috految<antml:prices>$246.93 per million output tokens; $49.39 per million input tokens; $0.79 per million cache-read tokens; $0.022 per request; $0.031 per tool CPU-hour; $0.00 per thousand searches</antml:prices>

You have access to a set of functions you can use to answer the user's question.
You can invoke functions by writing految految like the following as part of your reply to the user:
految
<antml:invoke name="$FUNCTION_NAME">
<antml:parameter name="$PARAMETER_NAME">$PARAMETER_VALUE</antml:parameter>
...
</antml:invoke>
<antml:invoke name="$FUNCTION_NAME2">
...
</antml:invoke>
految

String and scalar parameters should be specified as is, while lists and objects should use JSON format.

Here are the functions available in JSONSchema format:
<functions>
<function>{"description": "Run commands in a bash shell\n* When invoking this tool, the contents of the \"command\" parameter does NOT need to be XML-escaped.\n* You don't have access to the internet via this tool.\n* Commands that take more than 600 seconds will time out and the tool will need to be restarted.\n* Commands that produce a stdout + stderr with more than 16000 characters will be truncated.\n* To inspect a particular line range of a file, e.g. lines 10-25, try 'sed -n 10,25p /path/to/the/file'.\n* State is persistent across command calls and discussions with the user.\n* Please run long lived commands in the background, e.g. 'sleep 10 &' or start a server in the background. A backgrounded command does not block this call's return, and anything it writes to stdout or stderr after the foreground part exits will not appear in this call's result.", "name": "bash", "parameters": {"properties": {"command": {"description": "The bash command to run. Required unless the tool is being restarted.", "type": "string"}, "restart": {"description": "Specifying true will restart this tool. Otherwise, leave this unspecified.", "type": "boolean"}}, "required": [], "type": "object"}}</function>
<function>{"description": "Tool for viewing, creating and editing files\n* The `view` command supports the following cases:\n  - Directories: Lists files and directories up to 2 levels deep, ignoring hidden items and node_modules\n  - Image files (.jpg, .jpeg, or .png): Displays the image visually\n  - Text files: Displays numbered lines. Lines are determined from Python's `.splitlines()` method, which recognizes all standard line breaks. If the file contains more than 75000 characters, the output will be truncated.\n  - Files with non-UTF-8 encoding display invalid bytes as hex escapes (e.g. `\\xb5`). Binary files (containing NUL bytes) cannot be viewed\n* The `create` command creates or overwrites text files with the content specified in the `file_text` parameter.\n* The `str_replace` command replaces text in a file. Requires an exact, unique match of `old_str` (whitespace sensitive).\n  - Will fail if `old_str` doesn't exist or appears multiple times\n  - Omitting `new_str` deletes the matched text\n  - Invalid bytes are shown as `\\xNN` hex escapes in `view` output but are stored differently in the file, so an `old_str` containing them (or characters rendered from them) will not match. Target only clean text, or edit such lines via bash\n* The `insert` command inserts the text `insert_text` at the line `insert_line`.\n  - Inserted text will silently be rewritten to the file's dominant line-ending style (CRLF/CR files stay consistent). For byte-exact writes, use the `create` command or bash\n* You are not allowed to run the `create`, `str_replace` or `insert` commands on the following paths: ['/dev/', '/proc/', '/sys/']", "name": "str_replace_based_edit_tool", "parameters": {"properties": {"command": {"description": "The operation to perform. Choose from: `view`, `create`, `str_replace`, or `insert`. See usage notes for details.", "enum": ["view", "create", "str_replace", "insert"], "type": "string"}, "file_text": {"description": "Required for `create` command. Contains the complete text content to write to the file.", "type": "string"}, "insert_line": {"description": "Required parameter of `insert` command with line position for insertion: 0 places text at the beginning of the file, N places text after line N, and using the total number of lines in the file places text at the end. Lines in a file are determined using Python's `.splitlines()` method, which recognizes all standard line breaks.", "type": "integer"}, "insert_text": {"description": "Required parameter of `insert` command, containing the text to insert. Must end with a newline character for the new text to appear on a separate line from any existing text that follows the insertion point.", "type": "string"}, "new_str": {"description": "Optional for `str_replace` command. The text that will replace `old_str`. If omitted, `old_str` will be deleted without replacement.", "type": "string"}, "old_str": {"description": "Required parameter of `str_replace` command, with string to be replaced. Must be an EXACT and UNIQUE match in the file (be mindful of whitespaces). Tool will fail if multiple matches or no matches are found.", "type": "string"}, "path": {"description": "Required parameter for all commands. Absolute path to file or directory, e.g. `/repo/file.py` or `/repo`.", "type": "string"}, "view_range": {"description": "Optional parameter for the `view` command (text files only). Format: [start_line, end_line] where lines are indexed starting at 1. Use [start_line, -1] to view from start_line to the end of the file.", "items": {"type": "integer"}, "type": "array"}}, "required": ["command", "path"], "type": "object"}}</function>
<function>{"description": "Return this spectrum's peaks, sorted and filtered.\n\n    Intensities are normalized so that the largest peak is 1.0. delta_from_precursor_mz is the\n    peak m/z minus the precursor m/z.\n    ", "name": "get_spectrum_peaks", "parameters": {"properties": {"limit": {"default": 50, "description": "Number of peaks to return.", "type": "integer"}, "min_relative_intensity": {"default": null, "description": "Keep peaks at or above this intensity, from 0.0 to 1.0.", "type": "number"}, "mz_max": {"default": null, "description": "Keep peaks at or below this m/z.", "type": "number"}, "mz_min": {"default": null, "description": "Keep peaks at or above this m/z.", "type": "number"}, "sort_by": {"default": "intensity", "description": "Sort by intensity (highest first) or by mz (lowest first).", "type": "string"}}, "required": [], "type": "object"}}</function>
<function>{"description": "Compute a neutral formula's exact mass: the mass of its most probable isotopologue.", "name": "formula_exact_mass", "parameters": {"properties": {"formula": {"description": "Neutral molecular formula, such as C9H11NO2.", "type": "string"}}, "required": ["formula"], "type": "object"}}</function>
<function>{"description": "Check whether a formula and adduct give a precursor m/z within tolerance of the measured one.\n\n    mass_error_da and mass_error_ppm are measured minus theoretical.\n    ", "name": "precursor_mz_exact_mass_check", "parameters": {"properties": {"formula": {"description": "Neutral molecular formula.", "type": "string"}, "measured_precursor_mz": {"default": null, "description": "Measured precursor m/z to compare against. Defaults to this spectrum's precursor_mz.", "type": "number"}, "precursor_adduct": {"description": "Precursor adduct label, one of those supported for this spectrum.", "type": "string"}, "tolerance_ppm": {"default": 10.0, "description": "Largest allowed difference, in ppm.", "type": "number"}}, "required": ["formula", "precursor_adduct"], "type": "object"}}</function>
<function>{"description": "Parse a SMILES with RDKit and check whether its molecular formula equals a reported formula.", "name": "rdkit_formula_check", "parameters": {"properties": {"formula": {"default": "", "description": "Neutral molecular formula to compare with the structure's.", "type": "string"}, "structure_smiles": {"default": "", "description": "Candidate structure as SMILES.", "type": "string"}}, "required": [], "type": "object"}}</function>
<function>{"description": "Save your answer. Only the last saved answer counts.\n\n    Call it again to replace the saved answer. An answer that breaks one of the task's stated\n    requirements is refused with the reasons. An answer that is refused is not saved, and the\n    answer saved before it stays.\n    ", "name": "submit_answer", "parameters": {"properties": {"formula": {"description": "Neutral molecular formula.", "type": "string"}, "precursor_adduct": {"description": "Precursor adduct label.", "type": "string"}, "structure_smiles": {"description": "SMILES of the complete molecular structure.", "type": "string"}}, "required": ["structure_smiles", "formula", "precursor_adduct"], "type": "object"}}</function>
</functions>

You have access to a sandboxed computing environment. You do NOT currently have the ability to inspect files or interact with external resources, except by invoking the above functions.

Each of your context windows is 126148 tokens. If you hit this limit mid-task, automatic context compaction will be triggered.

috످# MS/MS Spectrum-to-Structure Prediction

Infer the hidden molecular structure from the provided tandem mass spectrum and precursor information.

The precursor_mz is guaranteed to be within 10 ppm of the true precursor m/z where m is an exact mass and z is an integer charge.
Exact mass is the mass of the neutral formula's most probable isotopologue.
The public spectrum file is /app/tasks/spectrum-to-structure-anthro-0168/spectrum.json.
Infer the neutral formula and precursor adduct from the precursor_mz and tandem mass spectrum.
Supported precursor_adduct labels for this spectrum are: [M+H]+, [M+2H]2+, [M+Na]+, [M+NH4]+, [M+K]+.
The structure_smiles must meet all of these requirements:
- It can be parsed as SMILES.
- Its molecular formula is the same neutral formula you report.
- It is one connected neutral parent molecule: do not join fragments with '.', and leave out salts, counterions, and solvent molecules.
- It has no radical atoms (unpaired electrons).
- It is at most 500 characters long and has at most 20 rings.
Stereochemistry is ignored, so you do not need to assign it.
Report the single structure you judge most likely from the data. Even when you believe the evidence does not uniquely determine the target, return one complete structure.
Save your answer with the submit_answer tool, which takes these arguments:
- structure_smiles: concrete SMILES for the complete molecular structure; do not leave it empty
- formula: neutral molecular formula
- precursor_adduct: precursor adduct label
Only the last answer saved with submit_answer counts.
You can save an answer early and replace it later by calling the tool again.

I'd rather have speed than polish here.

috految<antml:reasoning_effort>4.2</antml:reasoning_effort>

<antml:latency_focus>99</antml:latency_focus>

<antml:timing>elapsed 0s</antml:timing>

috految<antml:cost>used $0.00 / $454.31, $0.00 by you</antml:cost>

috److految
<antml:invoke name="get_spectrum_peaks">
</antml:invoke>
految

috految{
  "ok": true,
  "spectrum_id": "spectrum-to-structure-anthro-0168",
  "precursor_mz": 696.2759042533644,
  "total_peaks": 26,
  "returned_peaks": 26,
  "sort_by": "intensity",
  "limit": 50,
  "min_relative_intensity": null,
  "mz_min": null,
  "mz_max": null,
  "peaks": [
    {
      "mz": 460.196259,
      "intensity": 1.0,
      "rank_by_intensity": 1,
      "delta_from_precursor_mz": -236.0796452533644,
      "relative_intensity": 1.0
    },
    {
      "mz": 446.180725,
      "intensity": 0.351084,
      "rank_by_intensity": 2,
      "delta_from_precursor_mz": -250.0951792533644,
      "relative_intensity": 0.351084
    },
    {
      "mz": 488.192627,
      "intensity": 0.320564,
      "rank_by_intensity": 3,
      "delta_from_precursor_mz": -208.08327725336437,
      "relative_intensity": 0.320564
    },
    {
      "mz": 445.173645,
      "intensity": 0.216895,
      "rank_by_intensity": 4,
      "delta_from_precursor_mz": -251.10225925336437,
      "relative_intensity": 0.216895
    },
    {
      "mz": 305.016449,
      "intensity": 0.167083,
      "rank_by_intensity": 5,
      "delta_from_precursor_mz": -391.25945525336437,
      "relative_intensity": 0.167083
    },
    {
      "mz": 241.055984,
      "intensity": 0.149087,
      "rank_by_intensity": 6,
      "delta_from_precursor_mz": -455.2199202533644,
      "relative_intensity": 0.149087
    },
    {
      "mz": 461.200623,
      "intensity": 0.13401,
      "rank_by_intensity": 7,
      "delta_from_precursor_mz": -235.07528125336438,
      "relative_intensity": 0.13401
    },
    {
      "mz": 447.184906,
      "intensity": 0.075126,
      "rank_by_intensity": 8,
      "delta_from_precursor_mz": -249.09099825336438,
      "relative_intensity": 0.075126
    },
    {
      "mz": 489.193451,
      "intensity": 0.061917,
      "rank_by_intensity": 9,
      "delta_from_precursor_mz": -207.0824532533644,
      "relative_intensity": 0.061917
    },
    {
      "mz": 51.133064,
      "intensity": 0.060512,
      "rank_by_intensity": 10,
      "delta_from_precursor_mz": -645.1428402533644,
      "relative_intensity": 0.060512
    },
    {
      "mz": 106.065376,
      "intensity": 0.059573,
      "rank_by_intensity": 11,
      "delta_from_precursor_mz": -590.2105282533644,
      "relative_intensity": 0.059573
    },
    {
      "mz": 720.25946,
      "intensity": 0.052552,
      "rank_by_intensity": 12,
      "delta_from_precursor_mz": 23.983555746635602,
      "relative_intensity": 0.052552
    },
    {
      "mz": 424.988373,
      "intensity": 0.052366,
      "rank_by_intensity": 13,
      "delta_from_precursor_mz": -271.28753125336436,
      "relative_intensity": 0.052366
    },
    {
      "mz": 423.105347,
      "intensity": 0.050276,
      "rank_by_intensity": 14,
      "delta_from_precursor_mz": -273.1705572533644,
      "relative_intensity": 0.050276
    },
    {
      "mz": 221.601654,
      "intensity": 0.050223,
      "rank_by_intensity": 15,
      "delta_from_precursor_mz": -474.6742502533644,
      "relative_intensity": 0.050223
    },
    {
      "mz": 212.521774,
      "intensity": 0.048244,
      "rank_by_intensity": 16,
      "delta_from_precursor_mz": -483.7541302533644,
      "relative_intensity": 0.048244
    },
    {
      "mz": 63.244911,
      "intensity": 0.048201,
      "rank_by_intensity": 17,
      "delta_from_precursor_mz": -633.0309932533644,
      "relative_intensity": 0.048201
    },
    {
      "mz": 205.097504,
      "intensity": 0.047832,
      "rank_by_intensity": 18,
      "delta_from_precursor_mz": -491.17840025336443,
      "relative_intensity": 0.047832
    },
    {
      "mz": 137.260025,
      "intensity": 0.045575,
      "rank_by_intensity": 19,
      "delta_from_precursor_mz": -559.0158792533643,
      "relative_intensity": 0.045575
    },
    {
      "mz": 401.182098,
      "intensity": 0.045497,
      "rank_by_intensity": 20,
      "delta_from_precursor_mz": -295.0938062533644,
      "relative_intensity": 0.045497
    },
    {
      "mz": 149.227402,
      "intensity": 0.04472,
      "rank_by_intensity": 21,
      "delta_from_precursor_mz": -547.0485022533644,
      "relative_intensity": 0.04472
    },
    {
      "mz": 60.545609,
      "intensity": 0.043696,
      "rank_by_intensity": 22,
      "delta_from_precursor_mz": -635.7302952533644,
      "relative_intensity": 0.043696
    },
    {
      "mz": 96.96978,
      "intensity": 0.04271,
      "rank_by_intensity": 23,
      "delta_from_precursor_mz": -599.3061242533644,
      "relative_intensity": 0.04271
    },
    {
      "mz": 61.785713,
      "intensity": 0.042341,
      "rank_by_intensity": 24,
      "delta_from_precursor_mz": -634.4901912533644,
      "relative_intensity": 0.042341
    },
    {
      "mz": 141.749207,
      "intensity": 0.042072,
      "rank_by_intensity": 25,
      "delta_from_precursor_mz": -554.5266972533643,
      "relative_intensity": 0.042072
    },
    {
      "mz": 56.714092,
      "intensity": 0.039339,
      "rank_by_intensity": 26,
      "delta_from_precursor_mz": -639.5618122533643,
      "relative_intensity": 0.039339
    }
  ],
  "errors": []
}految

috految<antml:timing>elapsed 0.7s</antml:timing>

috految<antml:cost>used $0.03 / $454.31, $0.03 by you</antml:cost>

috److految
<antml:invoke name="submit_answer">
<antml:parameter name="structure_smiles">CCCCC1(CCCC)CN(c2ccccc2)c2cc(SC)c(OCC(=O)NC(C(=O)NCC(=O)O)c3ccccc3)cc2S(=O)(=O)C1</antml:parameter>
<antml:parameter name="formula">C36H45N3O7S2</antml:parameter>
<antml:parameter name="precursor_adduct">[M+H]+</antml:parameter>
</antml:invoke>
految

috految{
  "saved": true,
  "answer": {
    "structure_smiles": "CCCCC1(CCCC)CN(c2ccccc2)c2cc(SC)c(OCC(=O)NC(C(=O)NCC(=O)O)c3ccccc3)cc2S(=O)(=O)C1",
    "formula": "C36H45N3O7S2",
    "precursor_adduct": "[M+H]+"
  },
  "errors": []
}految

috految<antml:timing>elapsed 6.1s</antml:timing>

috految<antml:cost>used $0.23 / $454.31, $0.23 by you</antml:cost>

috److I identified the compound as **elobixibat** (C36H45N3O7S2, [M+H]+) and saved that answer.

The main evidence from the spectrum:

| m/z | Assignment |
|---|---|
| 696.276 | Precursor, consistent with the expected [M+H]+ of about 696.277 |
| 488.193 | Loss of phenylglycyl-glycine (208.08) |
| 460.196 | Further loss of CO (base peak) |
| 445.174 | Loss of CH3 from 460.196, consistent with a methylthio group |
| 305.016 | Loss of C10H20 from 445.174, consistent with the dibutyl portion |
| 241.056 | Loss of SO2 from 305.016 |
| 106.065 | Phenylglycine immonium ion |

I assigned the peaks by inspection and did not run the precursor mass check tool. The substituent positions come from the known drug structure, since the spectrum alone does not fix them.

**SMILES:** `CCCCC1(CCCC)CN(c2ccccc2)c2cc(SC)c(OCC(=O)NC(C(=O)NCC(=O)O)c3ccccc3)cc2S(=O)(=O)C1`

috످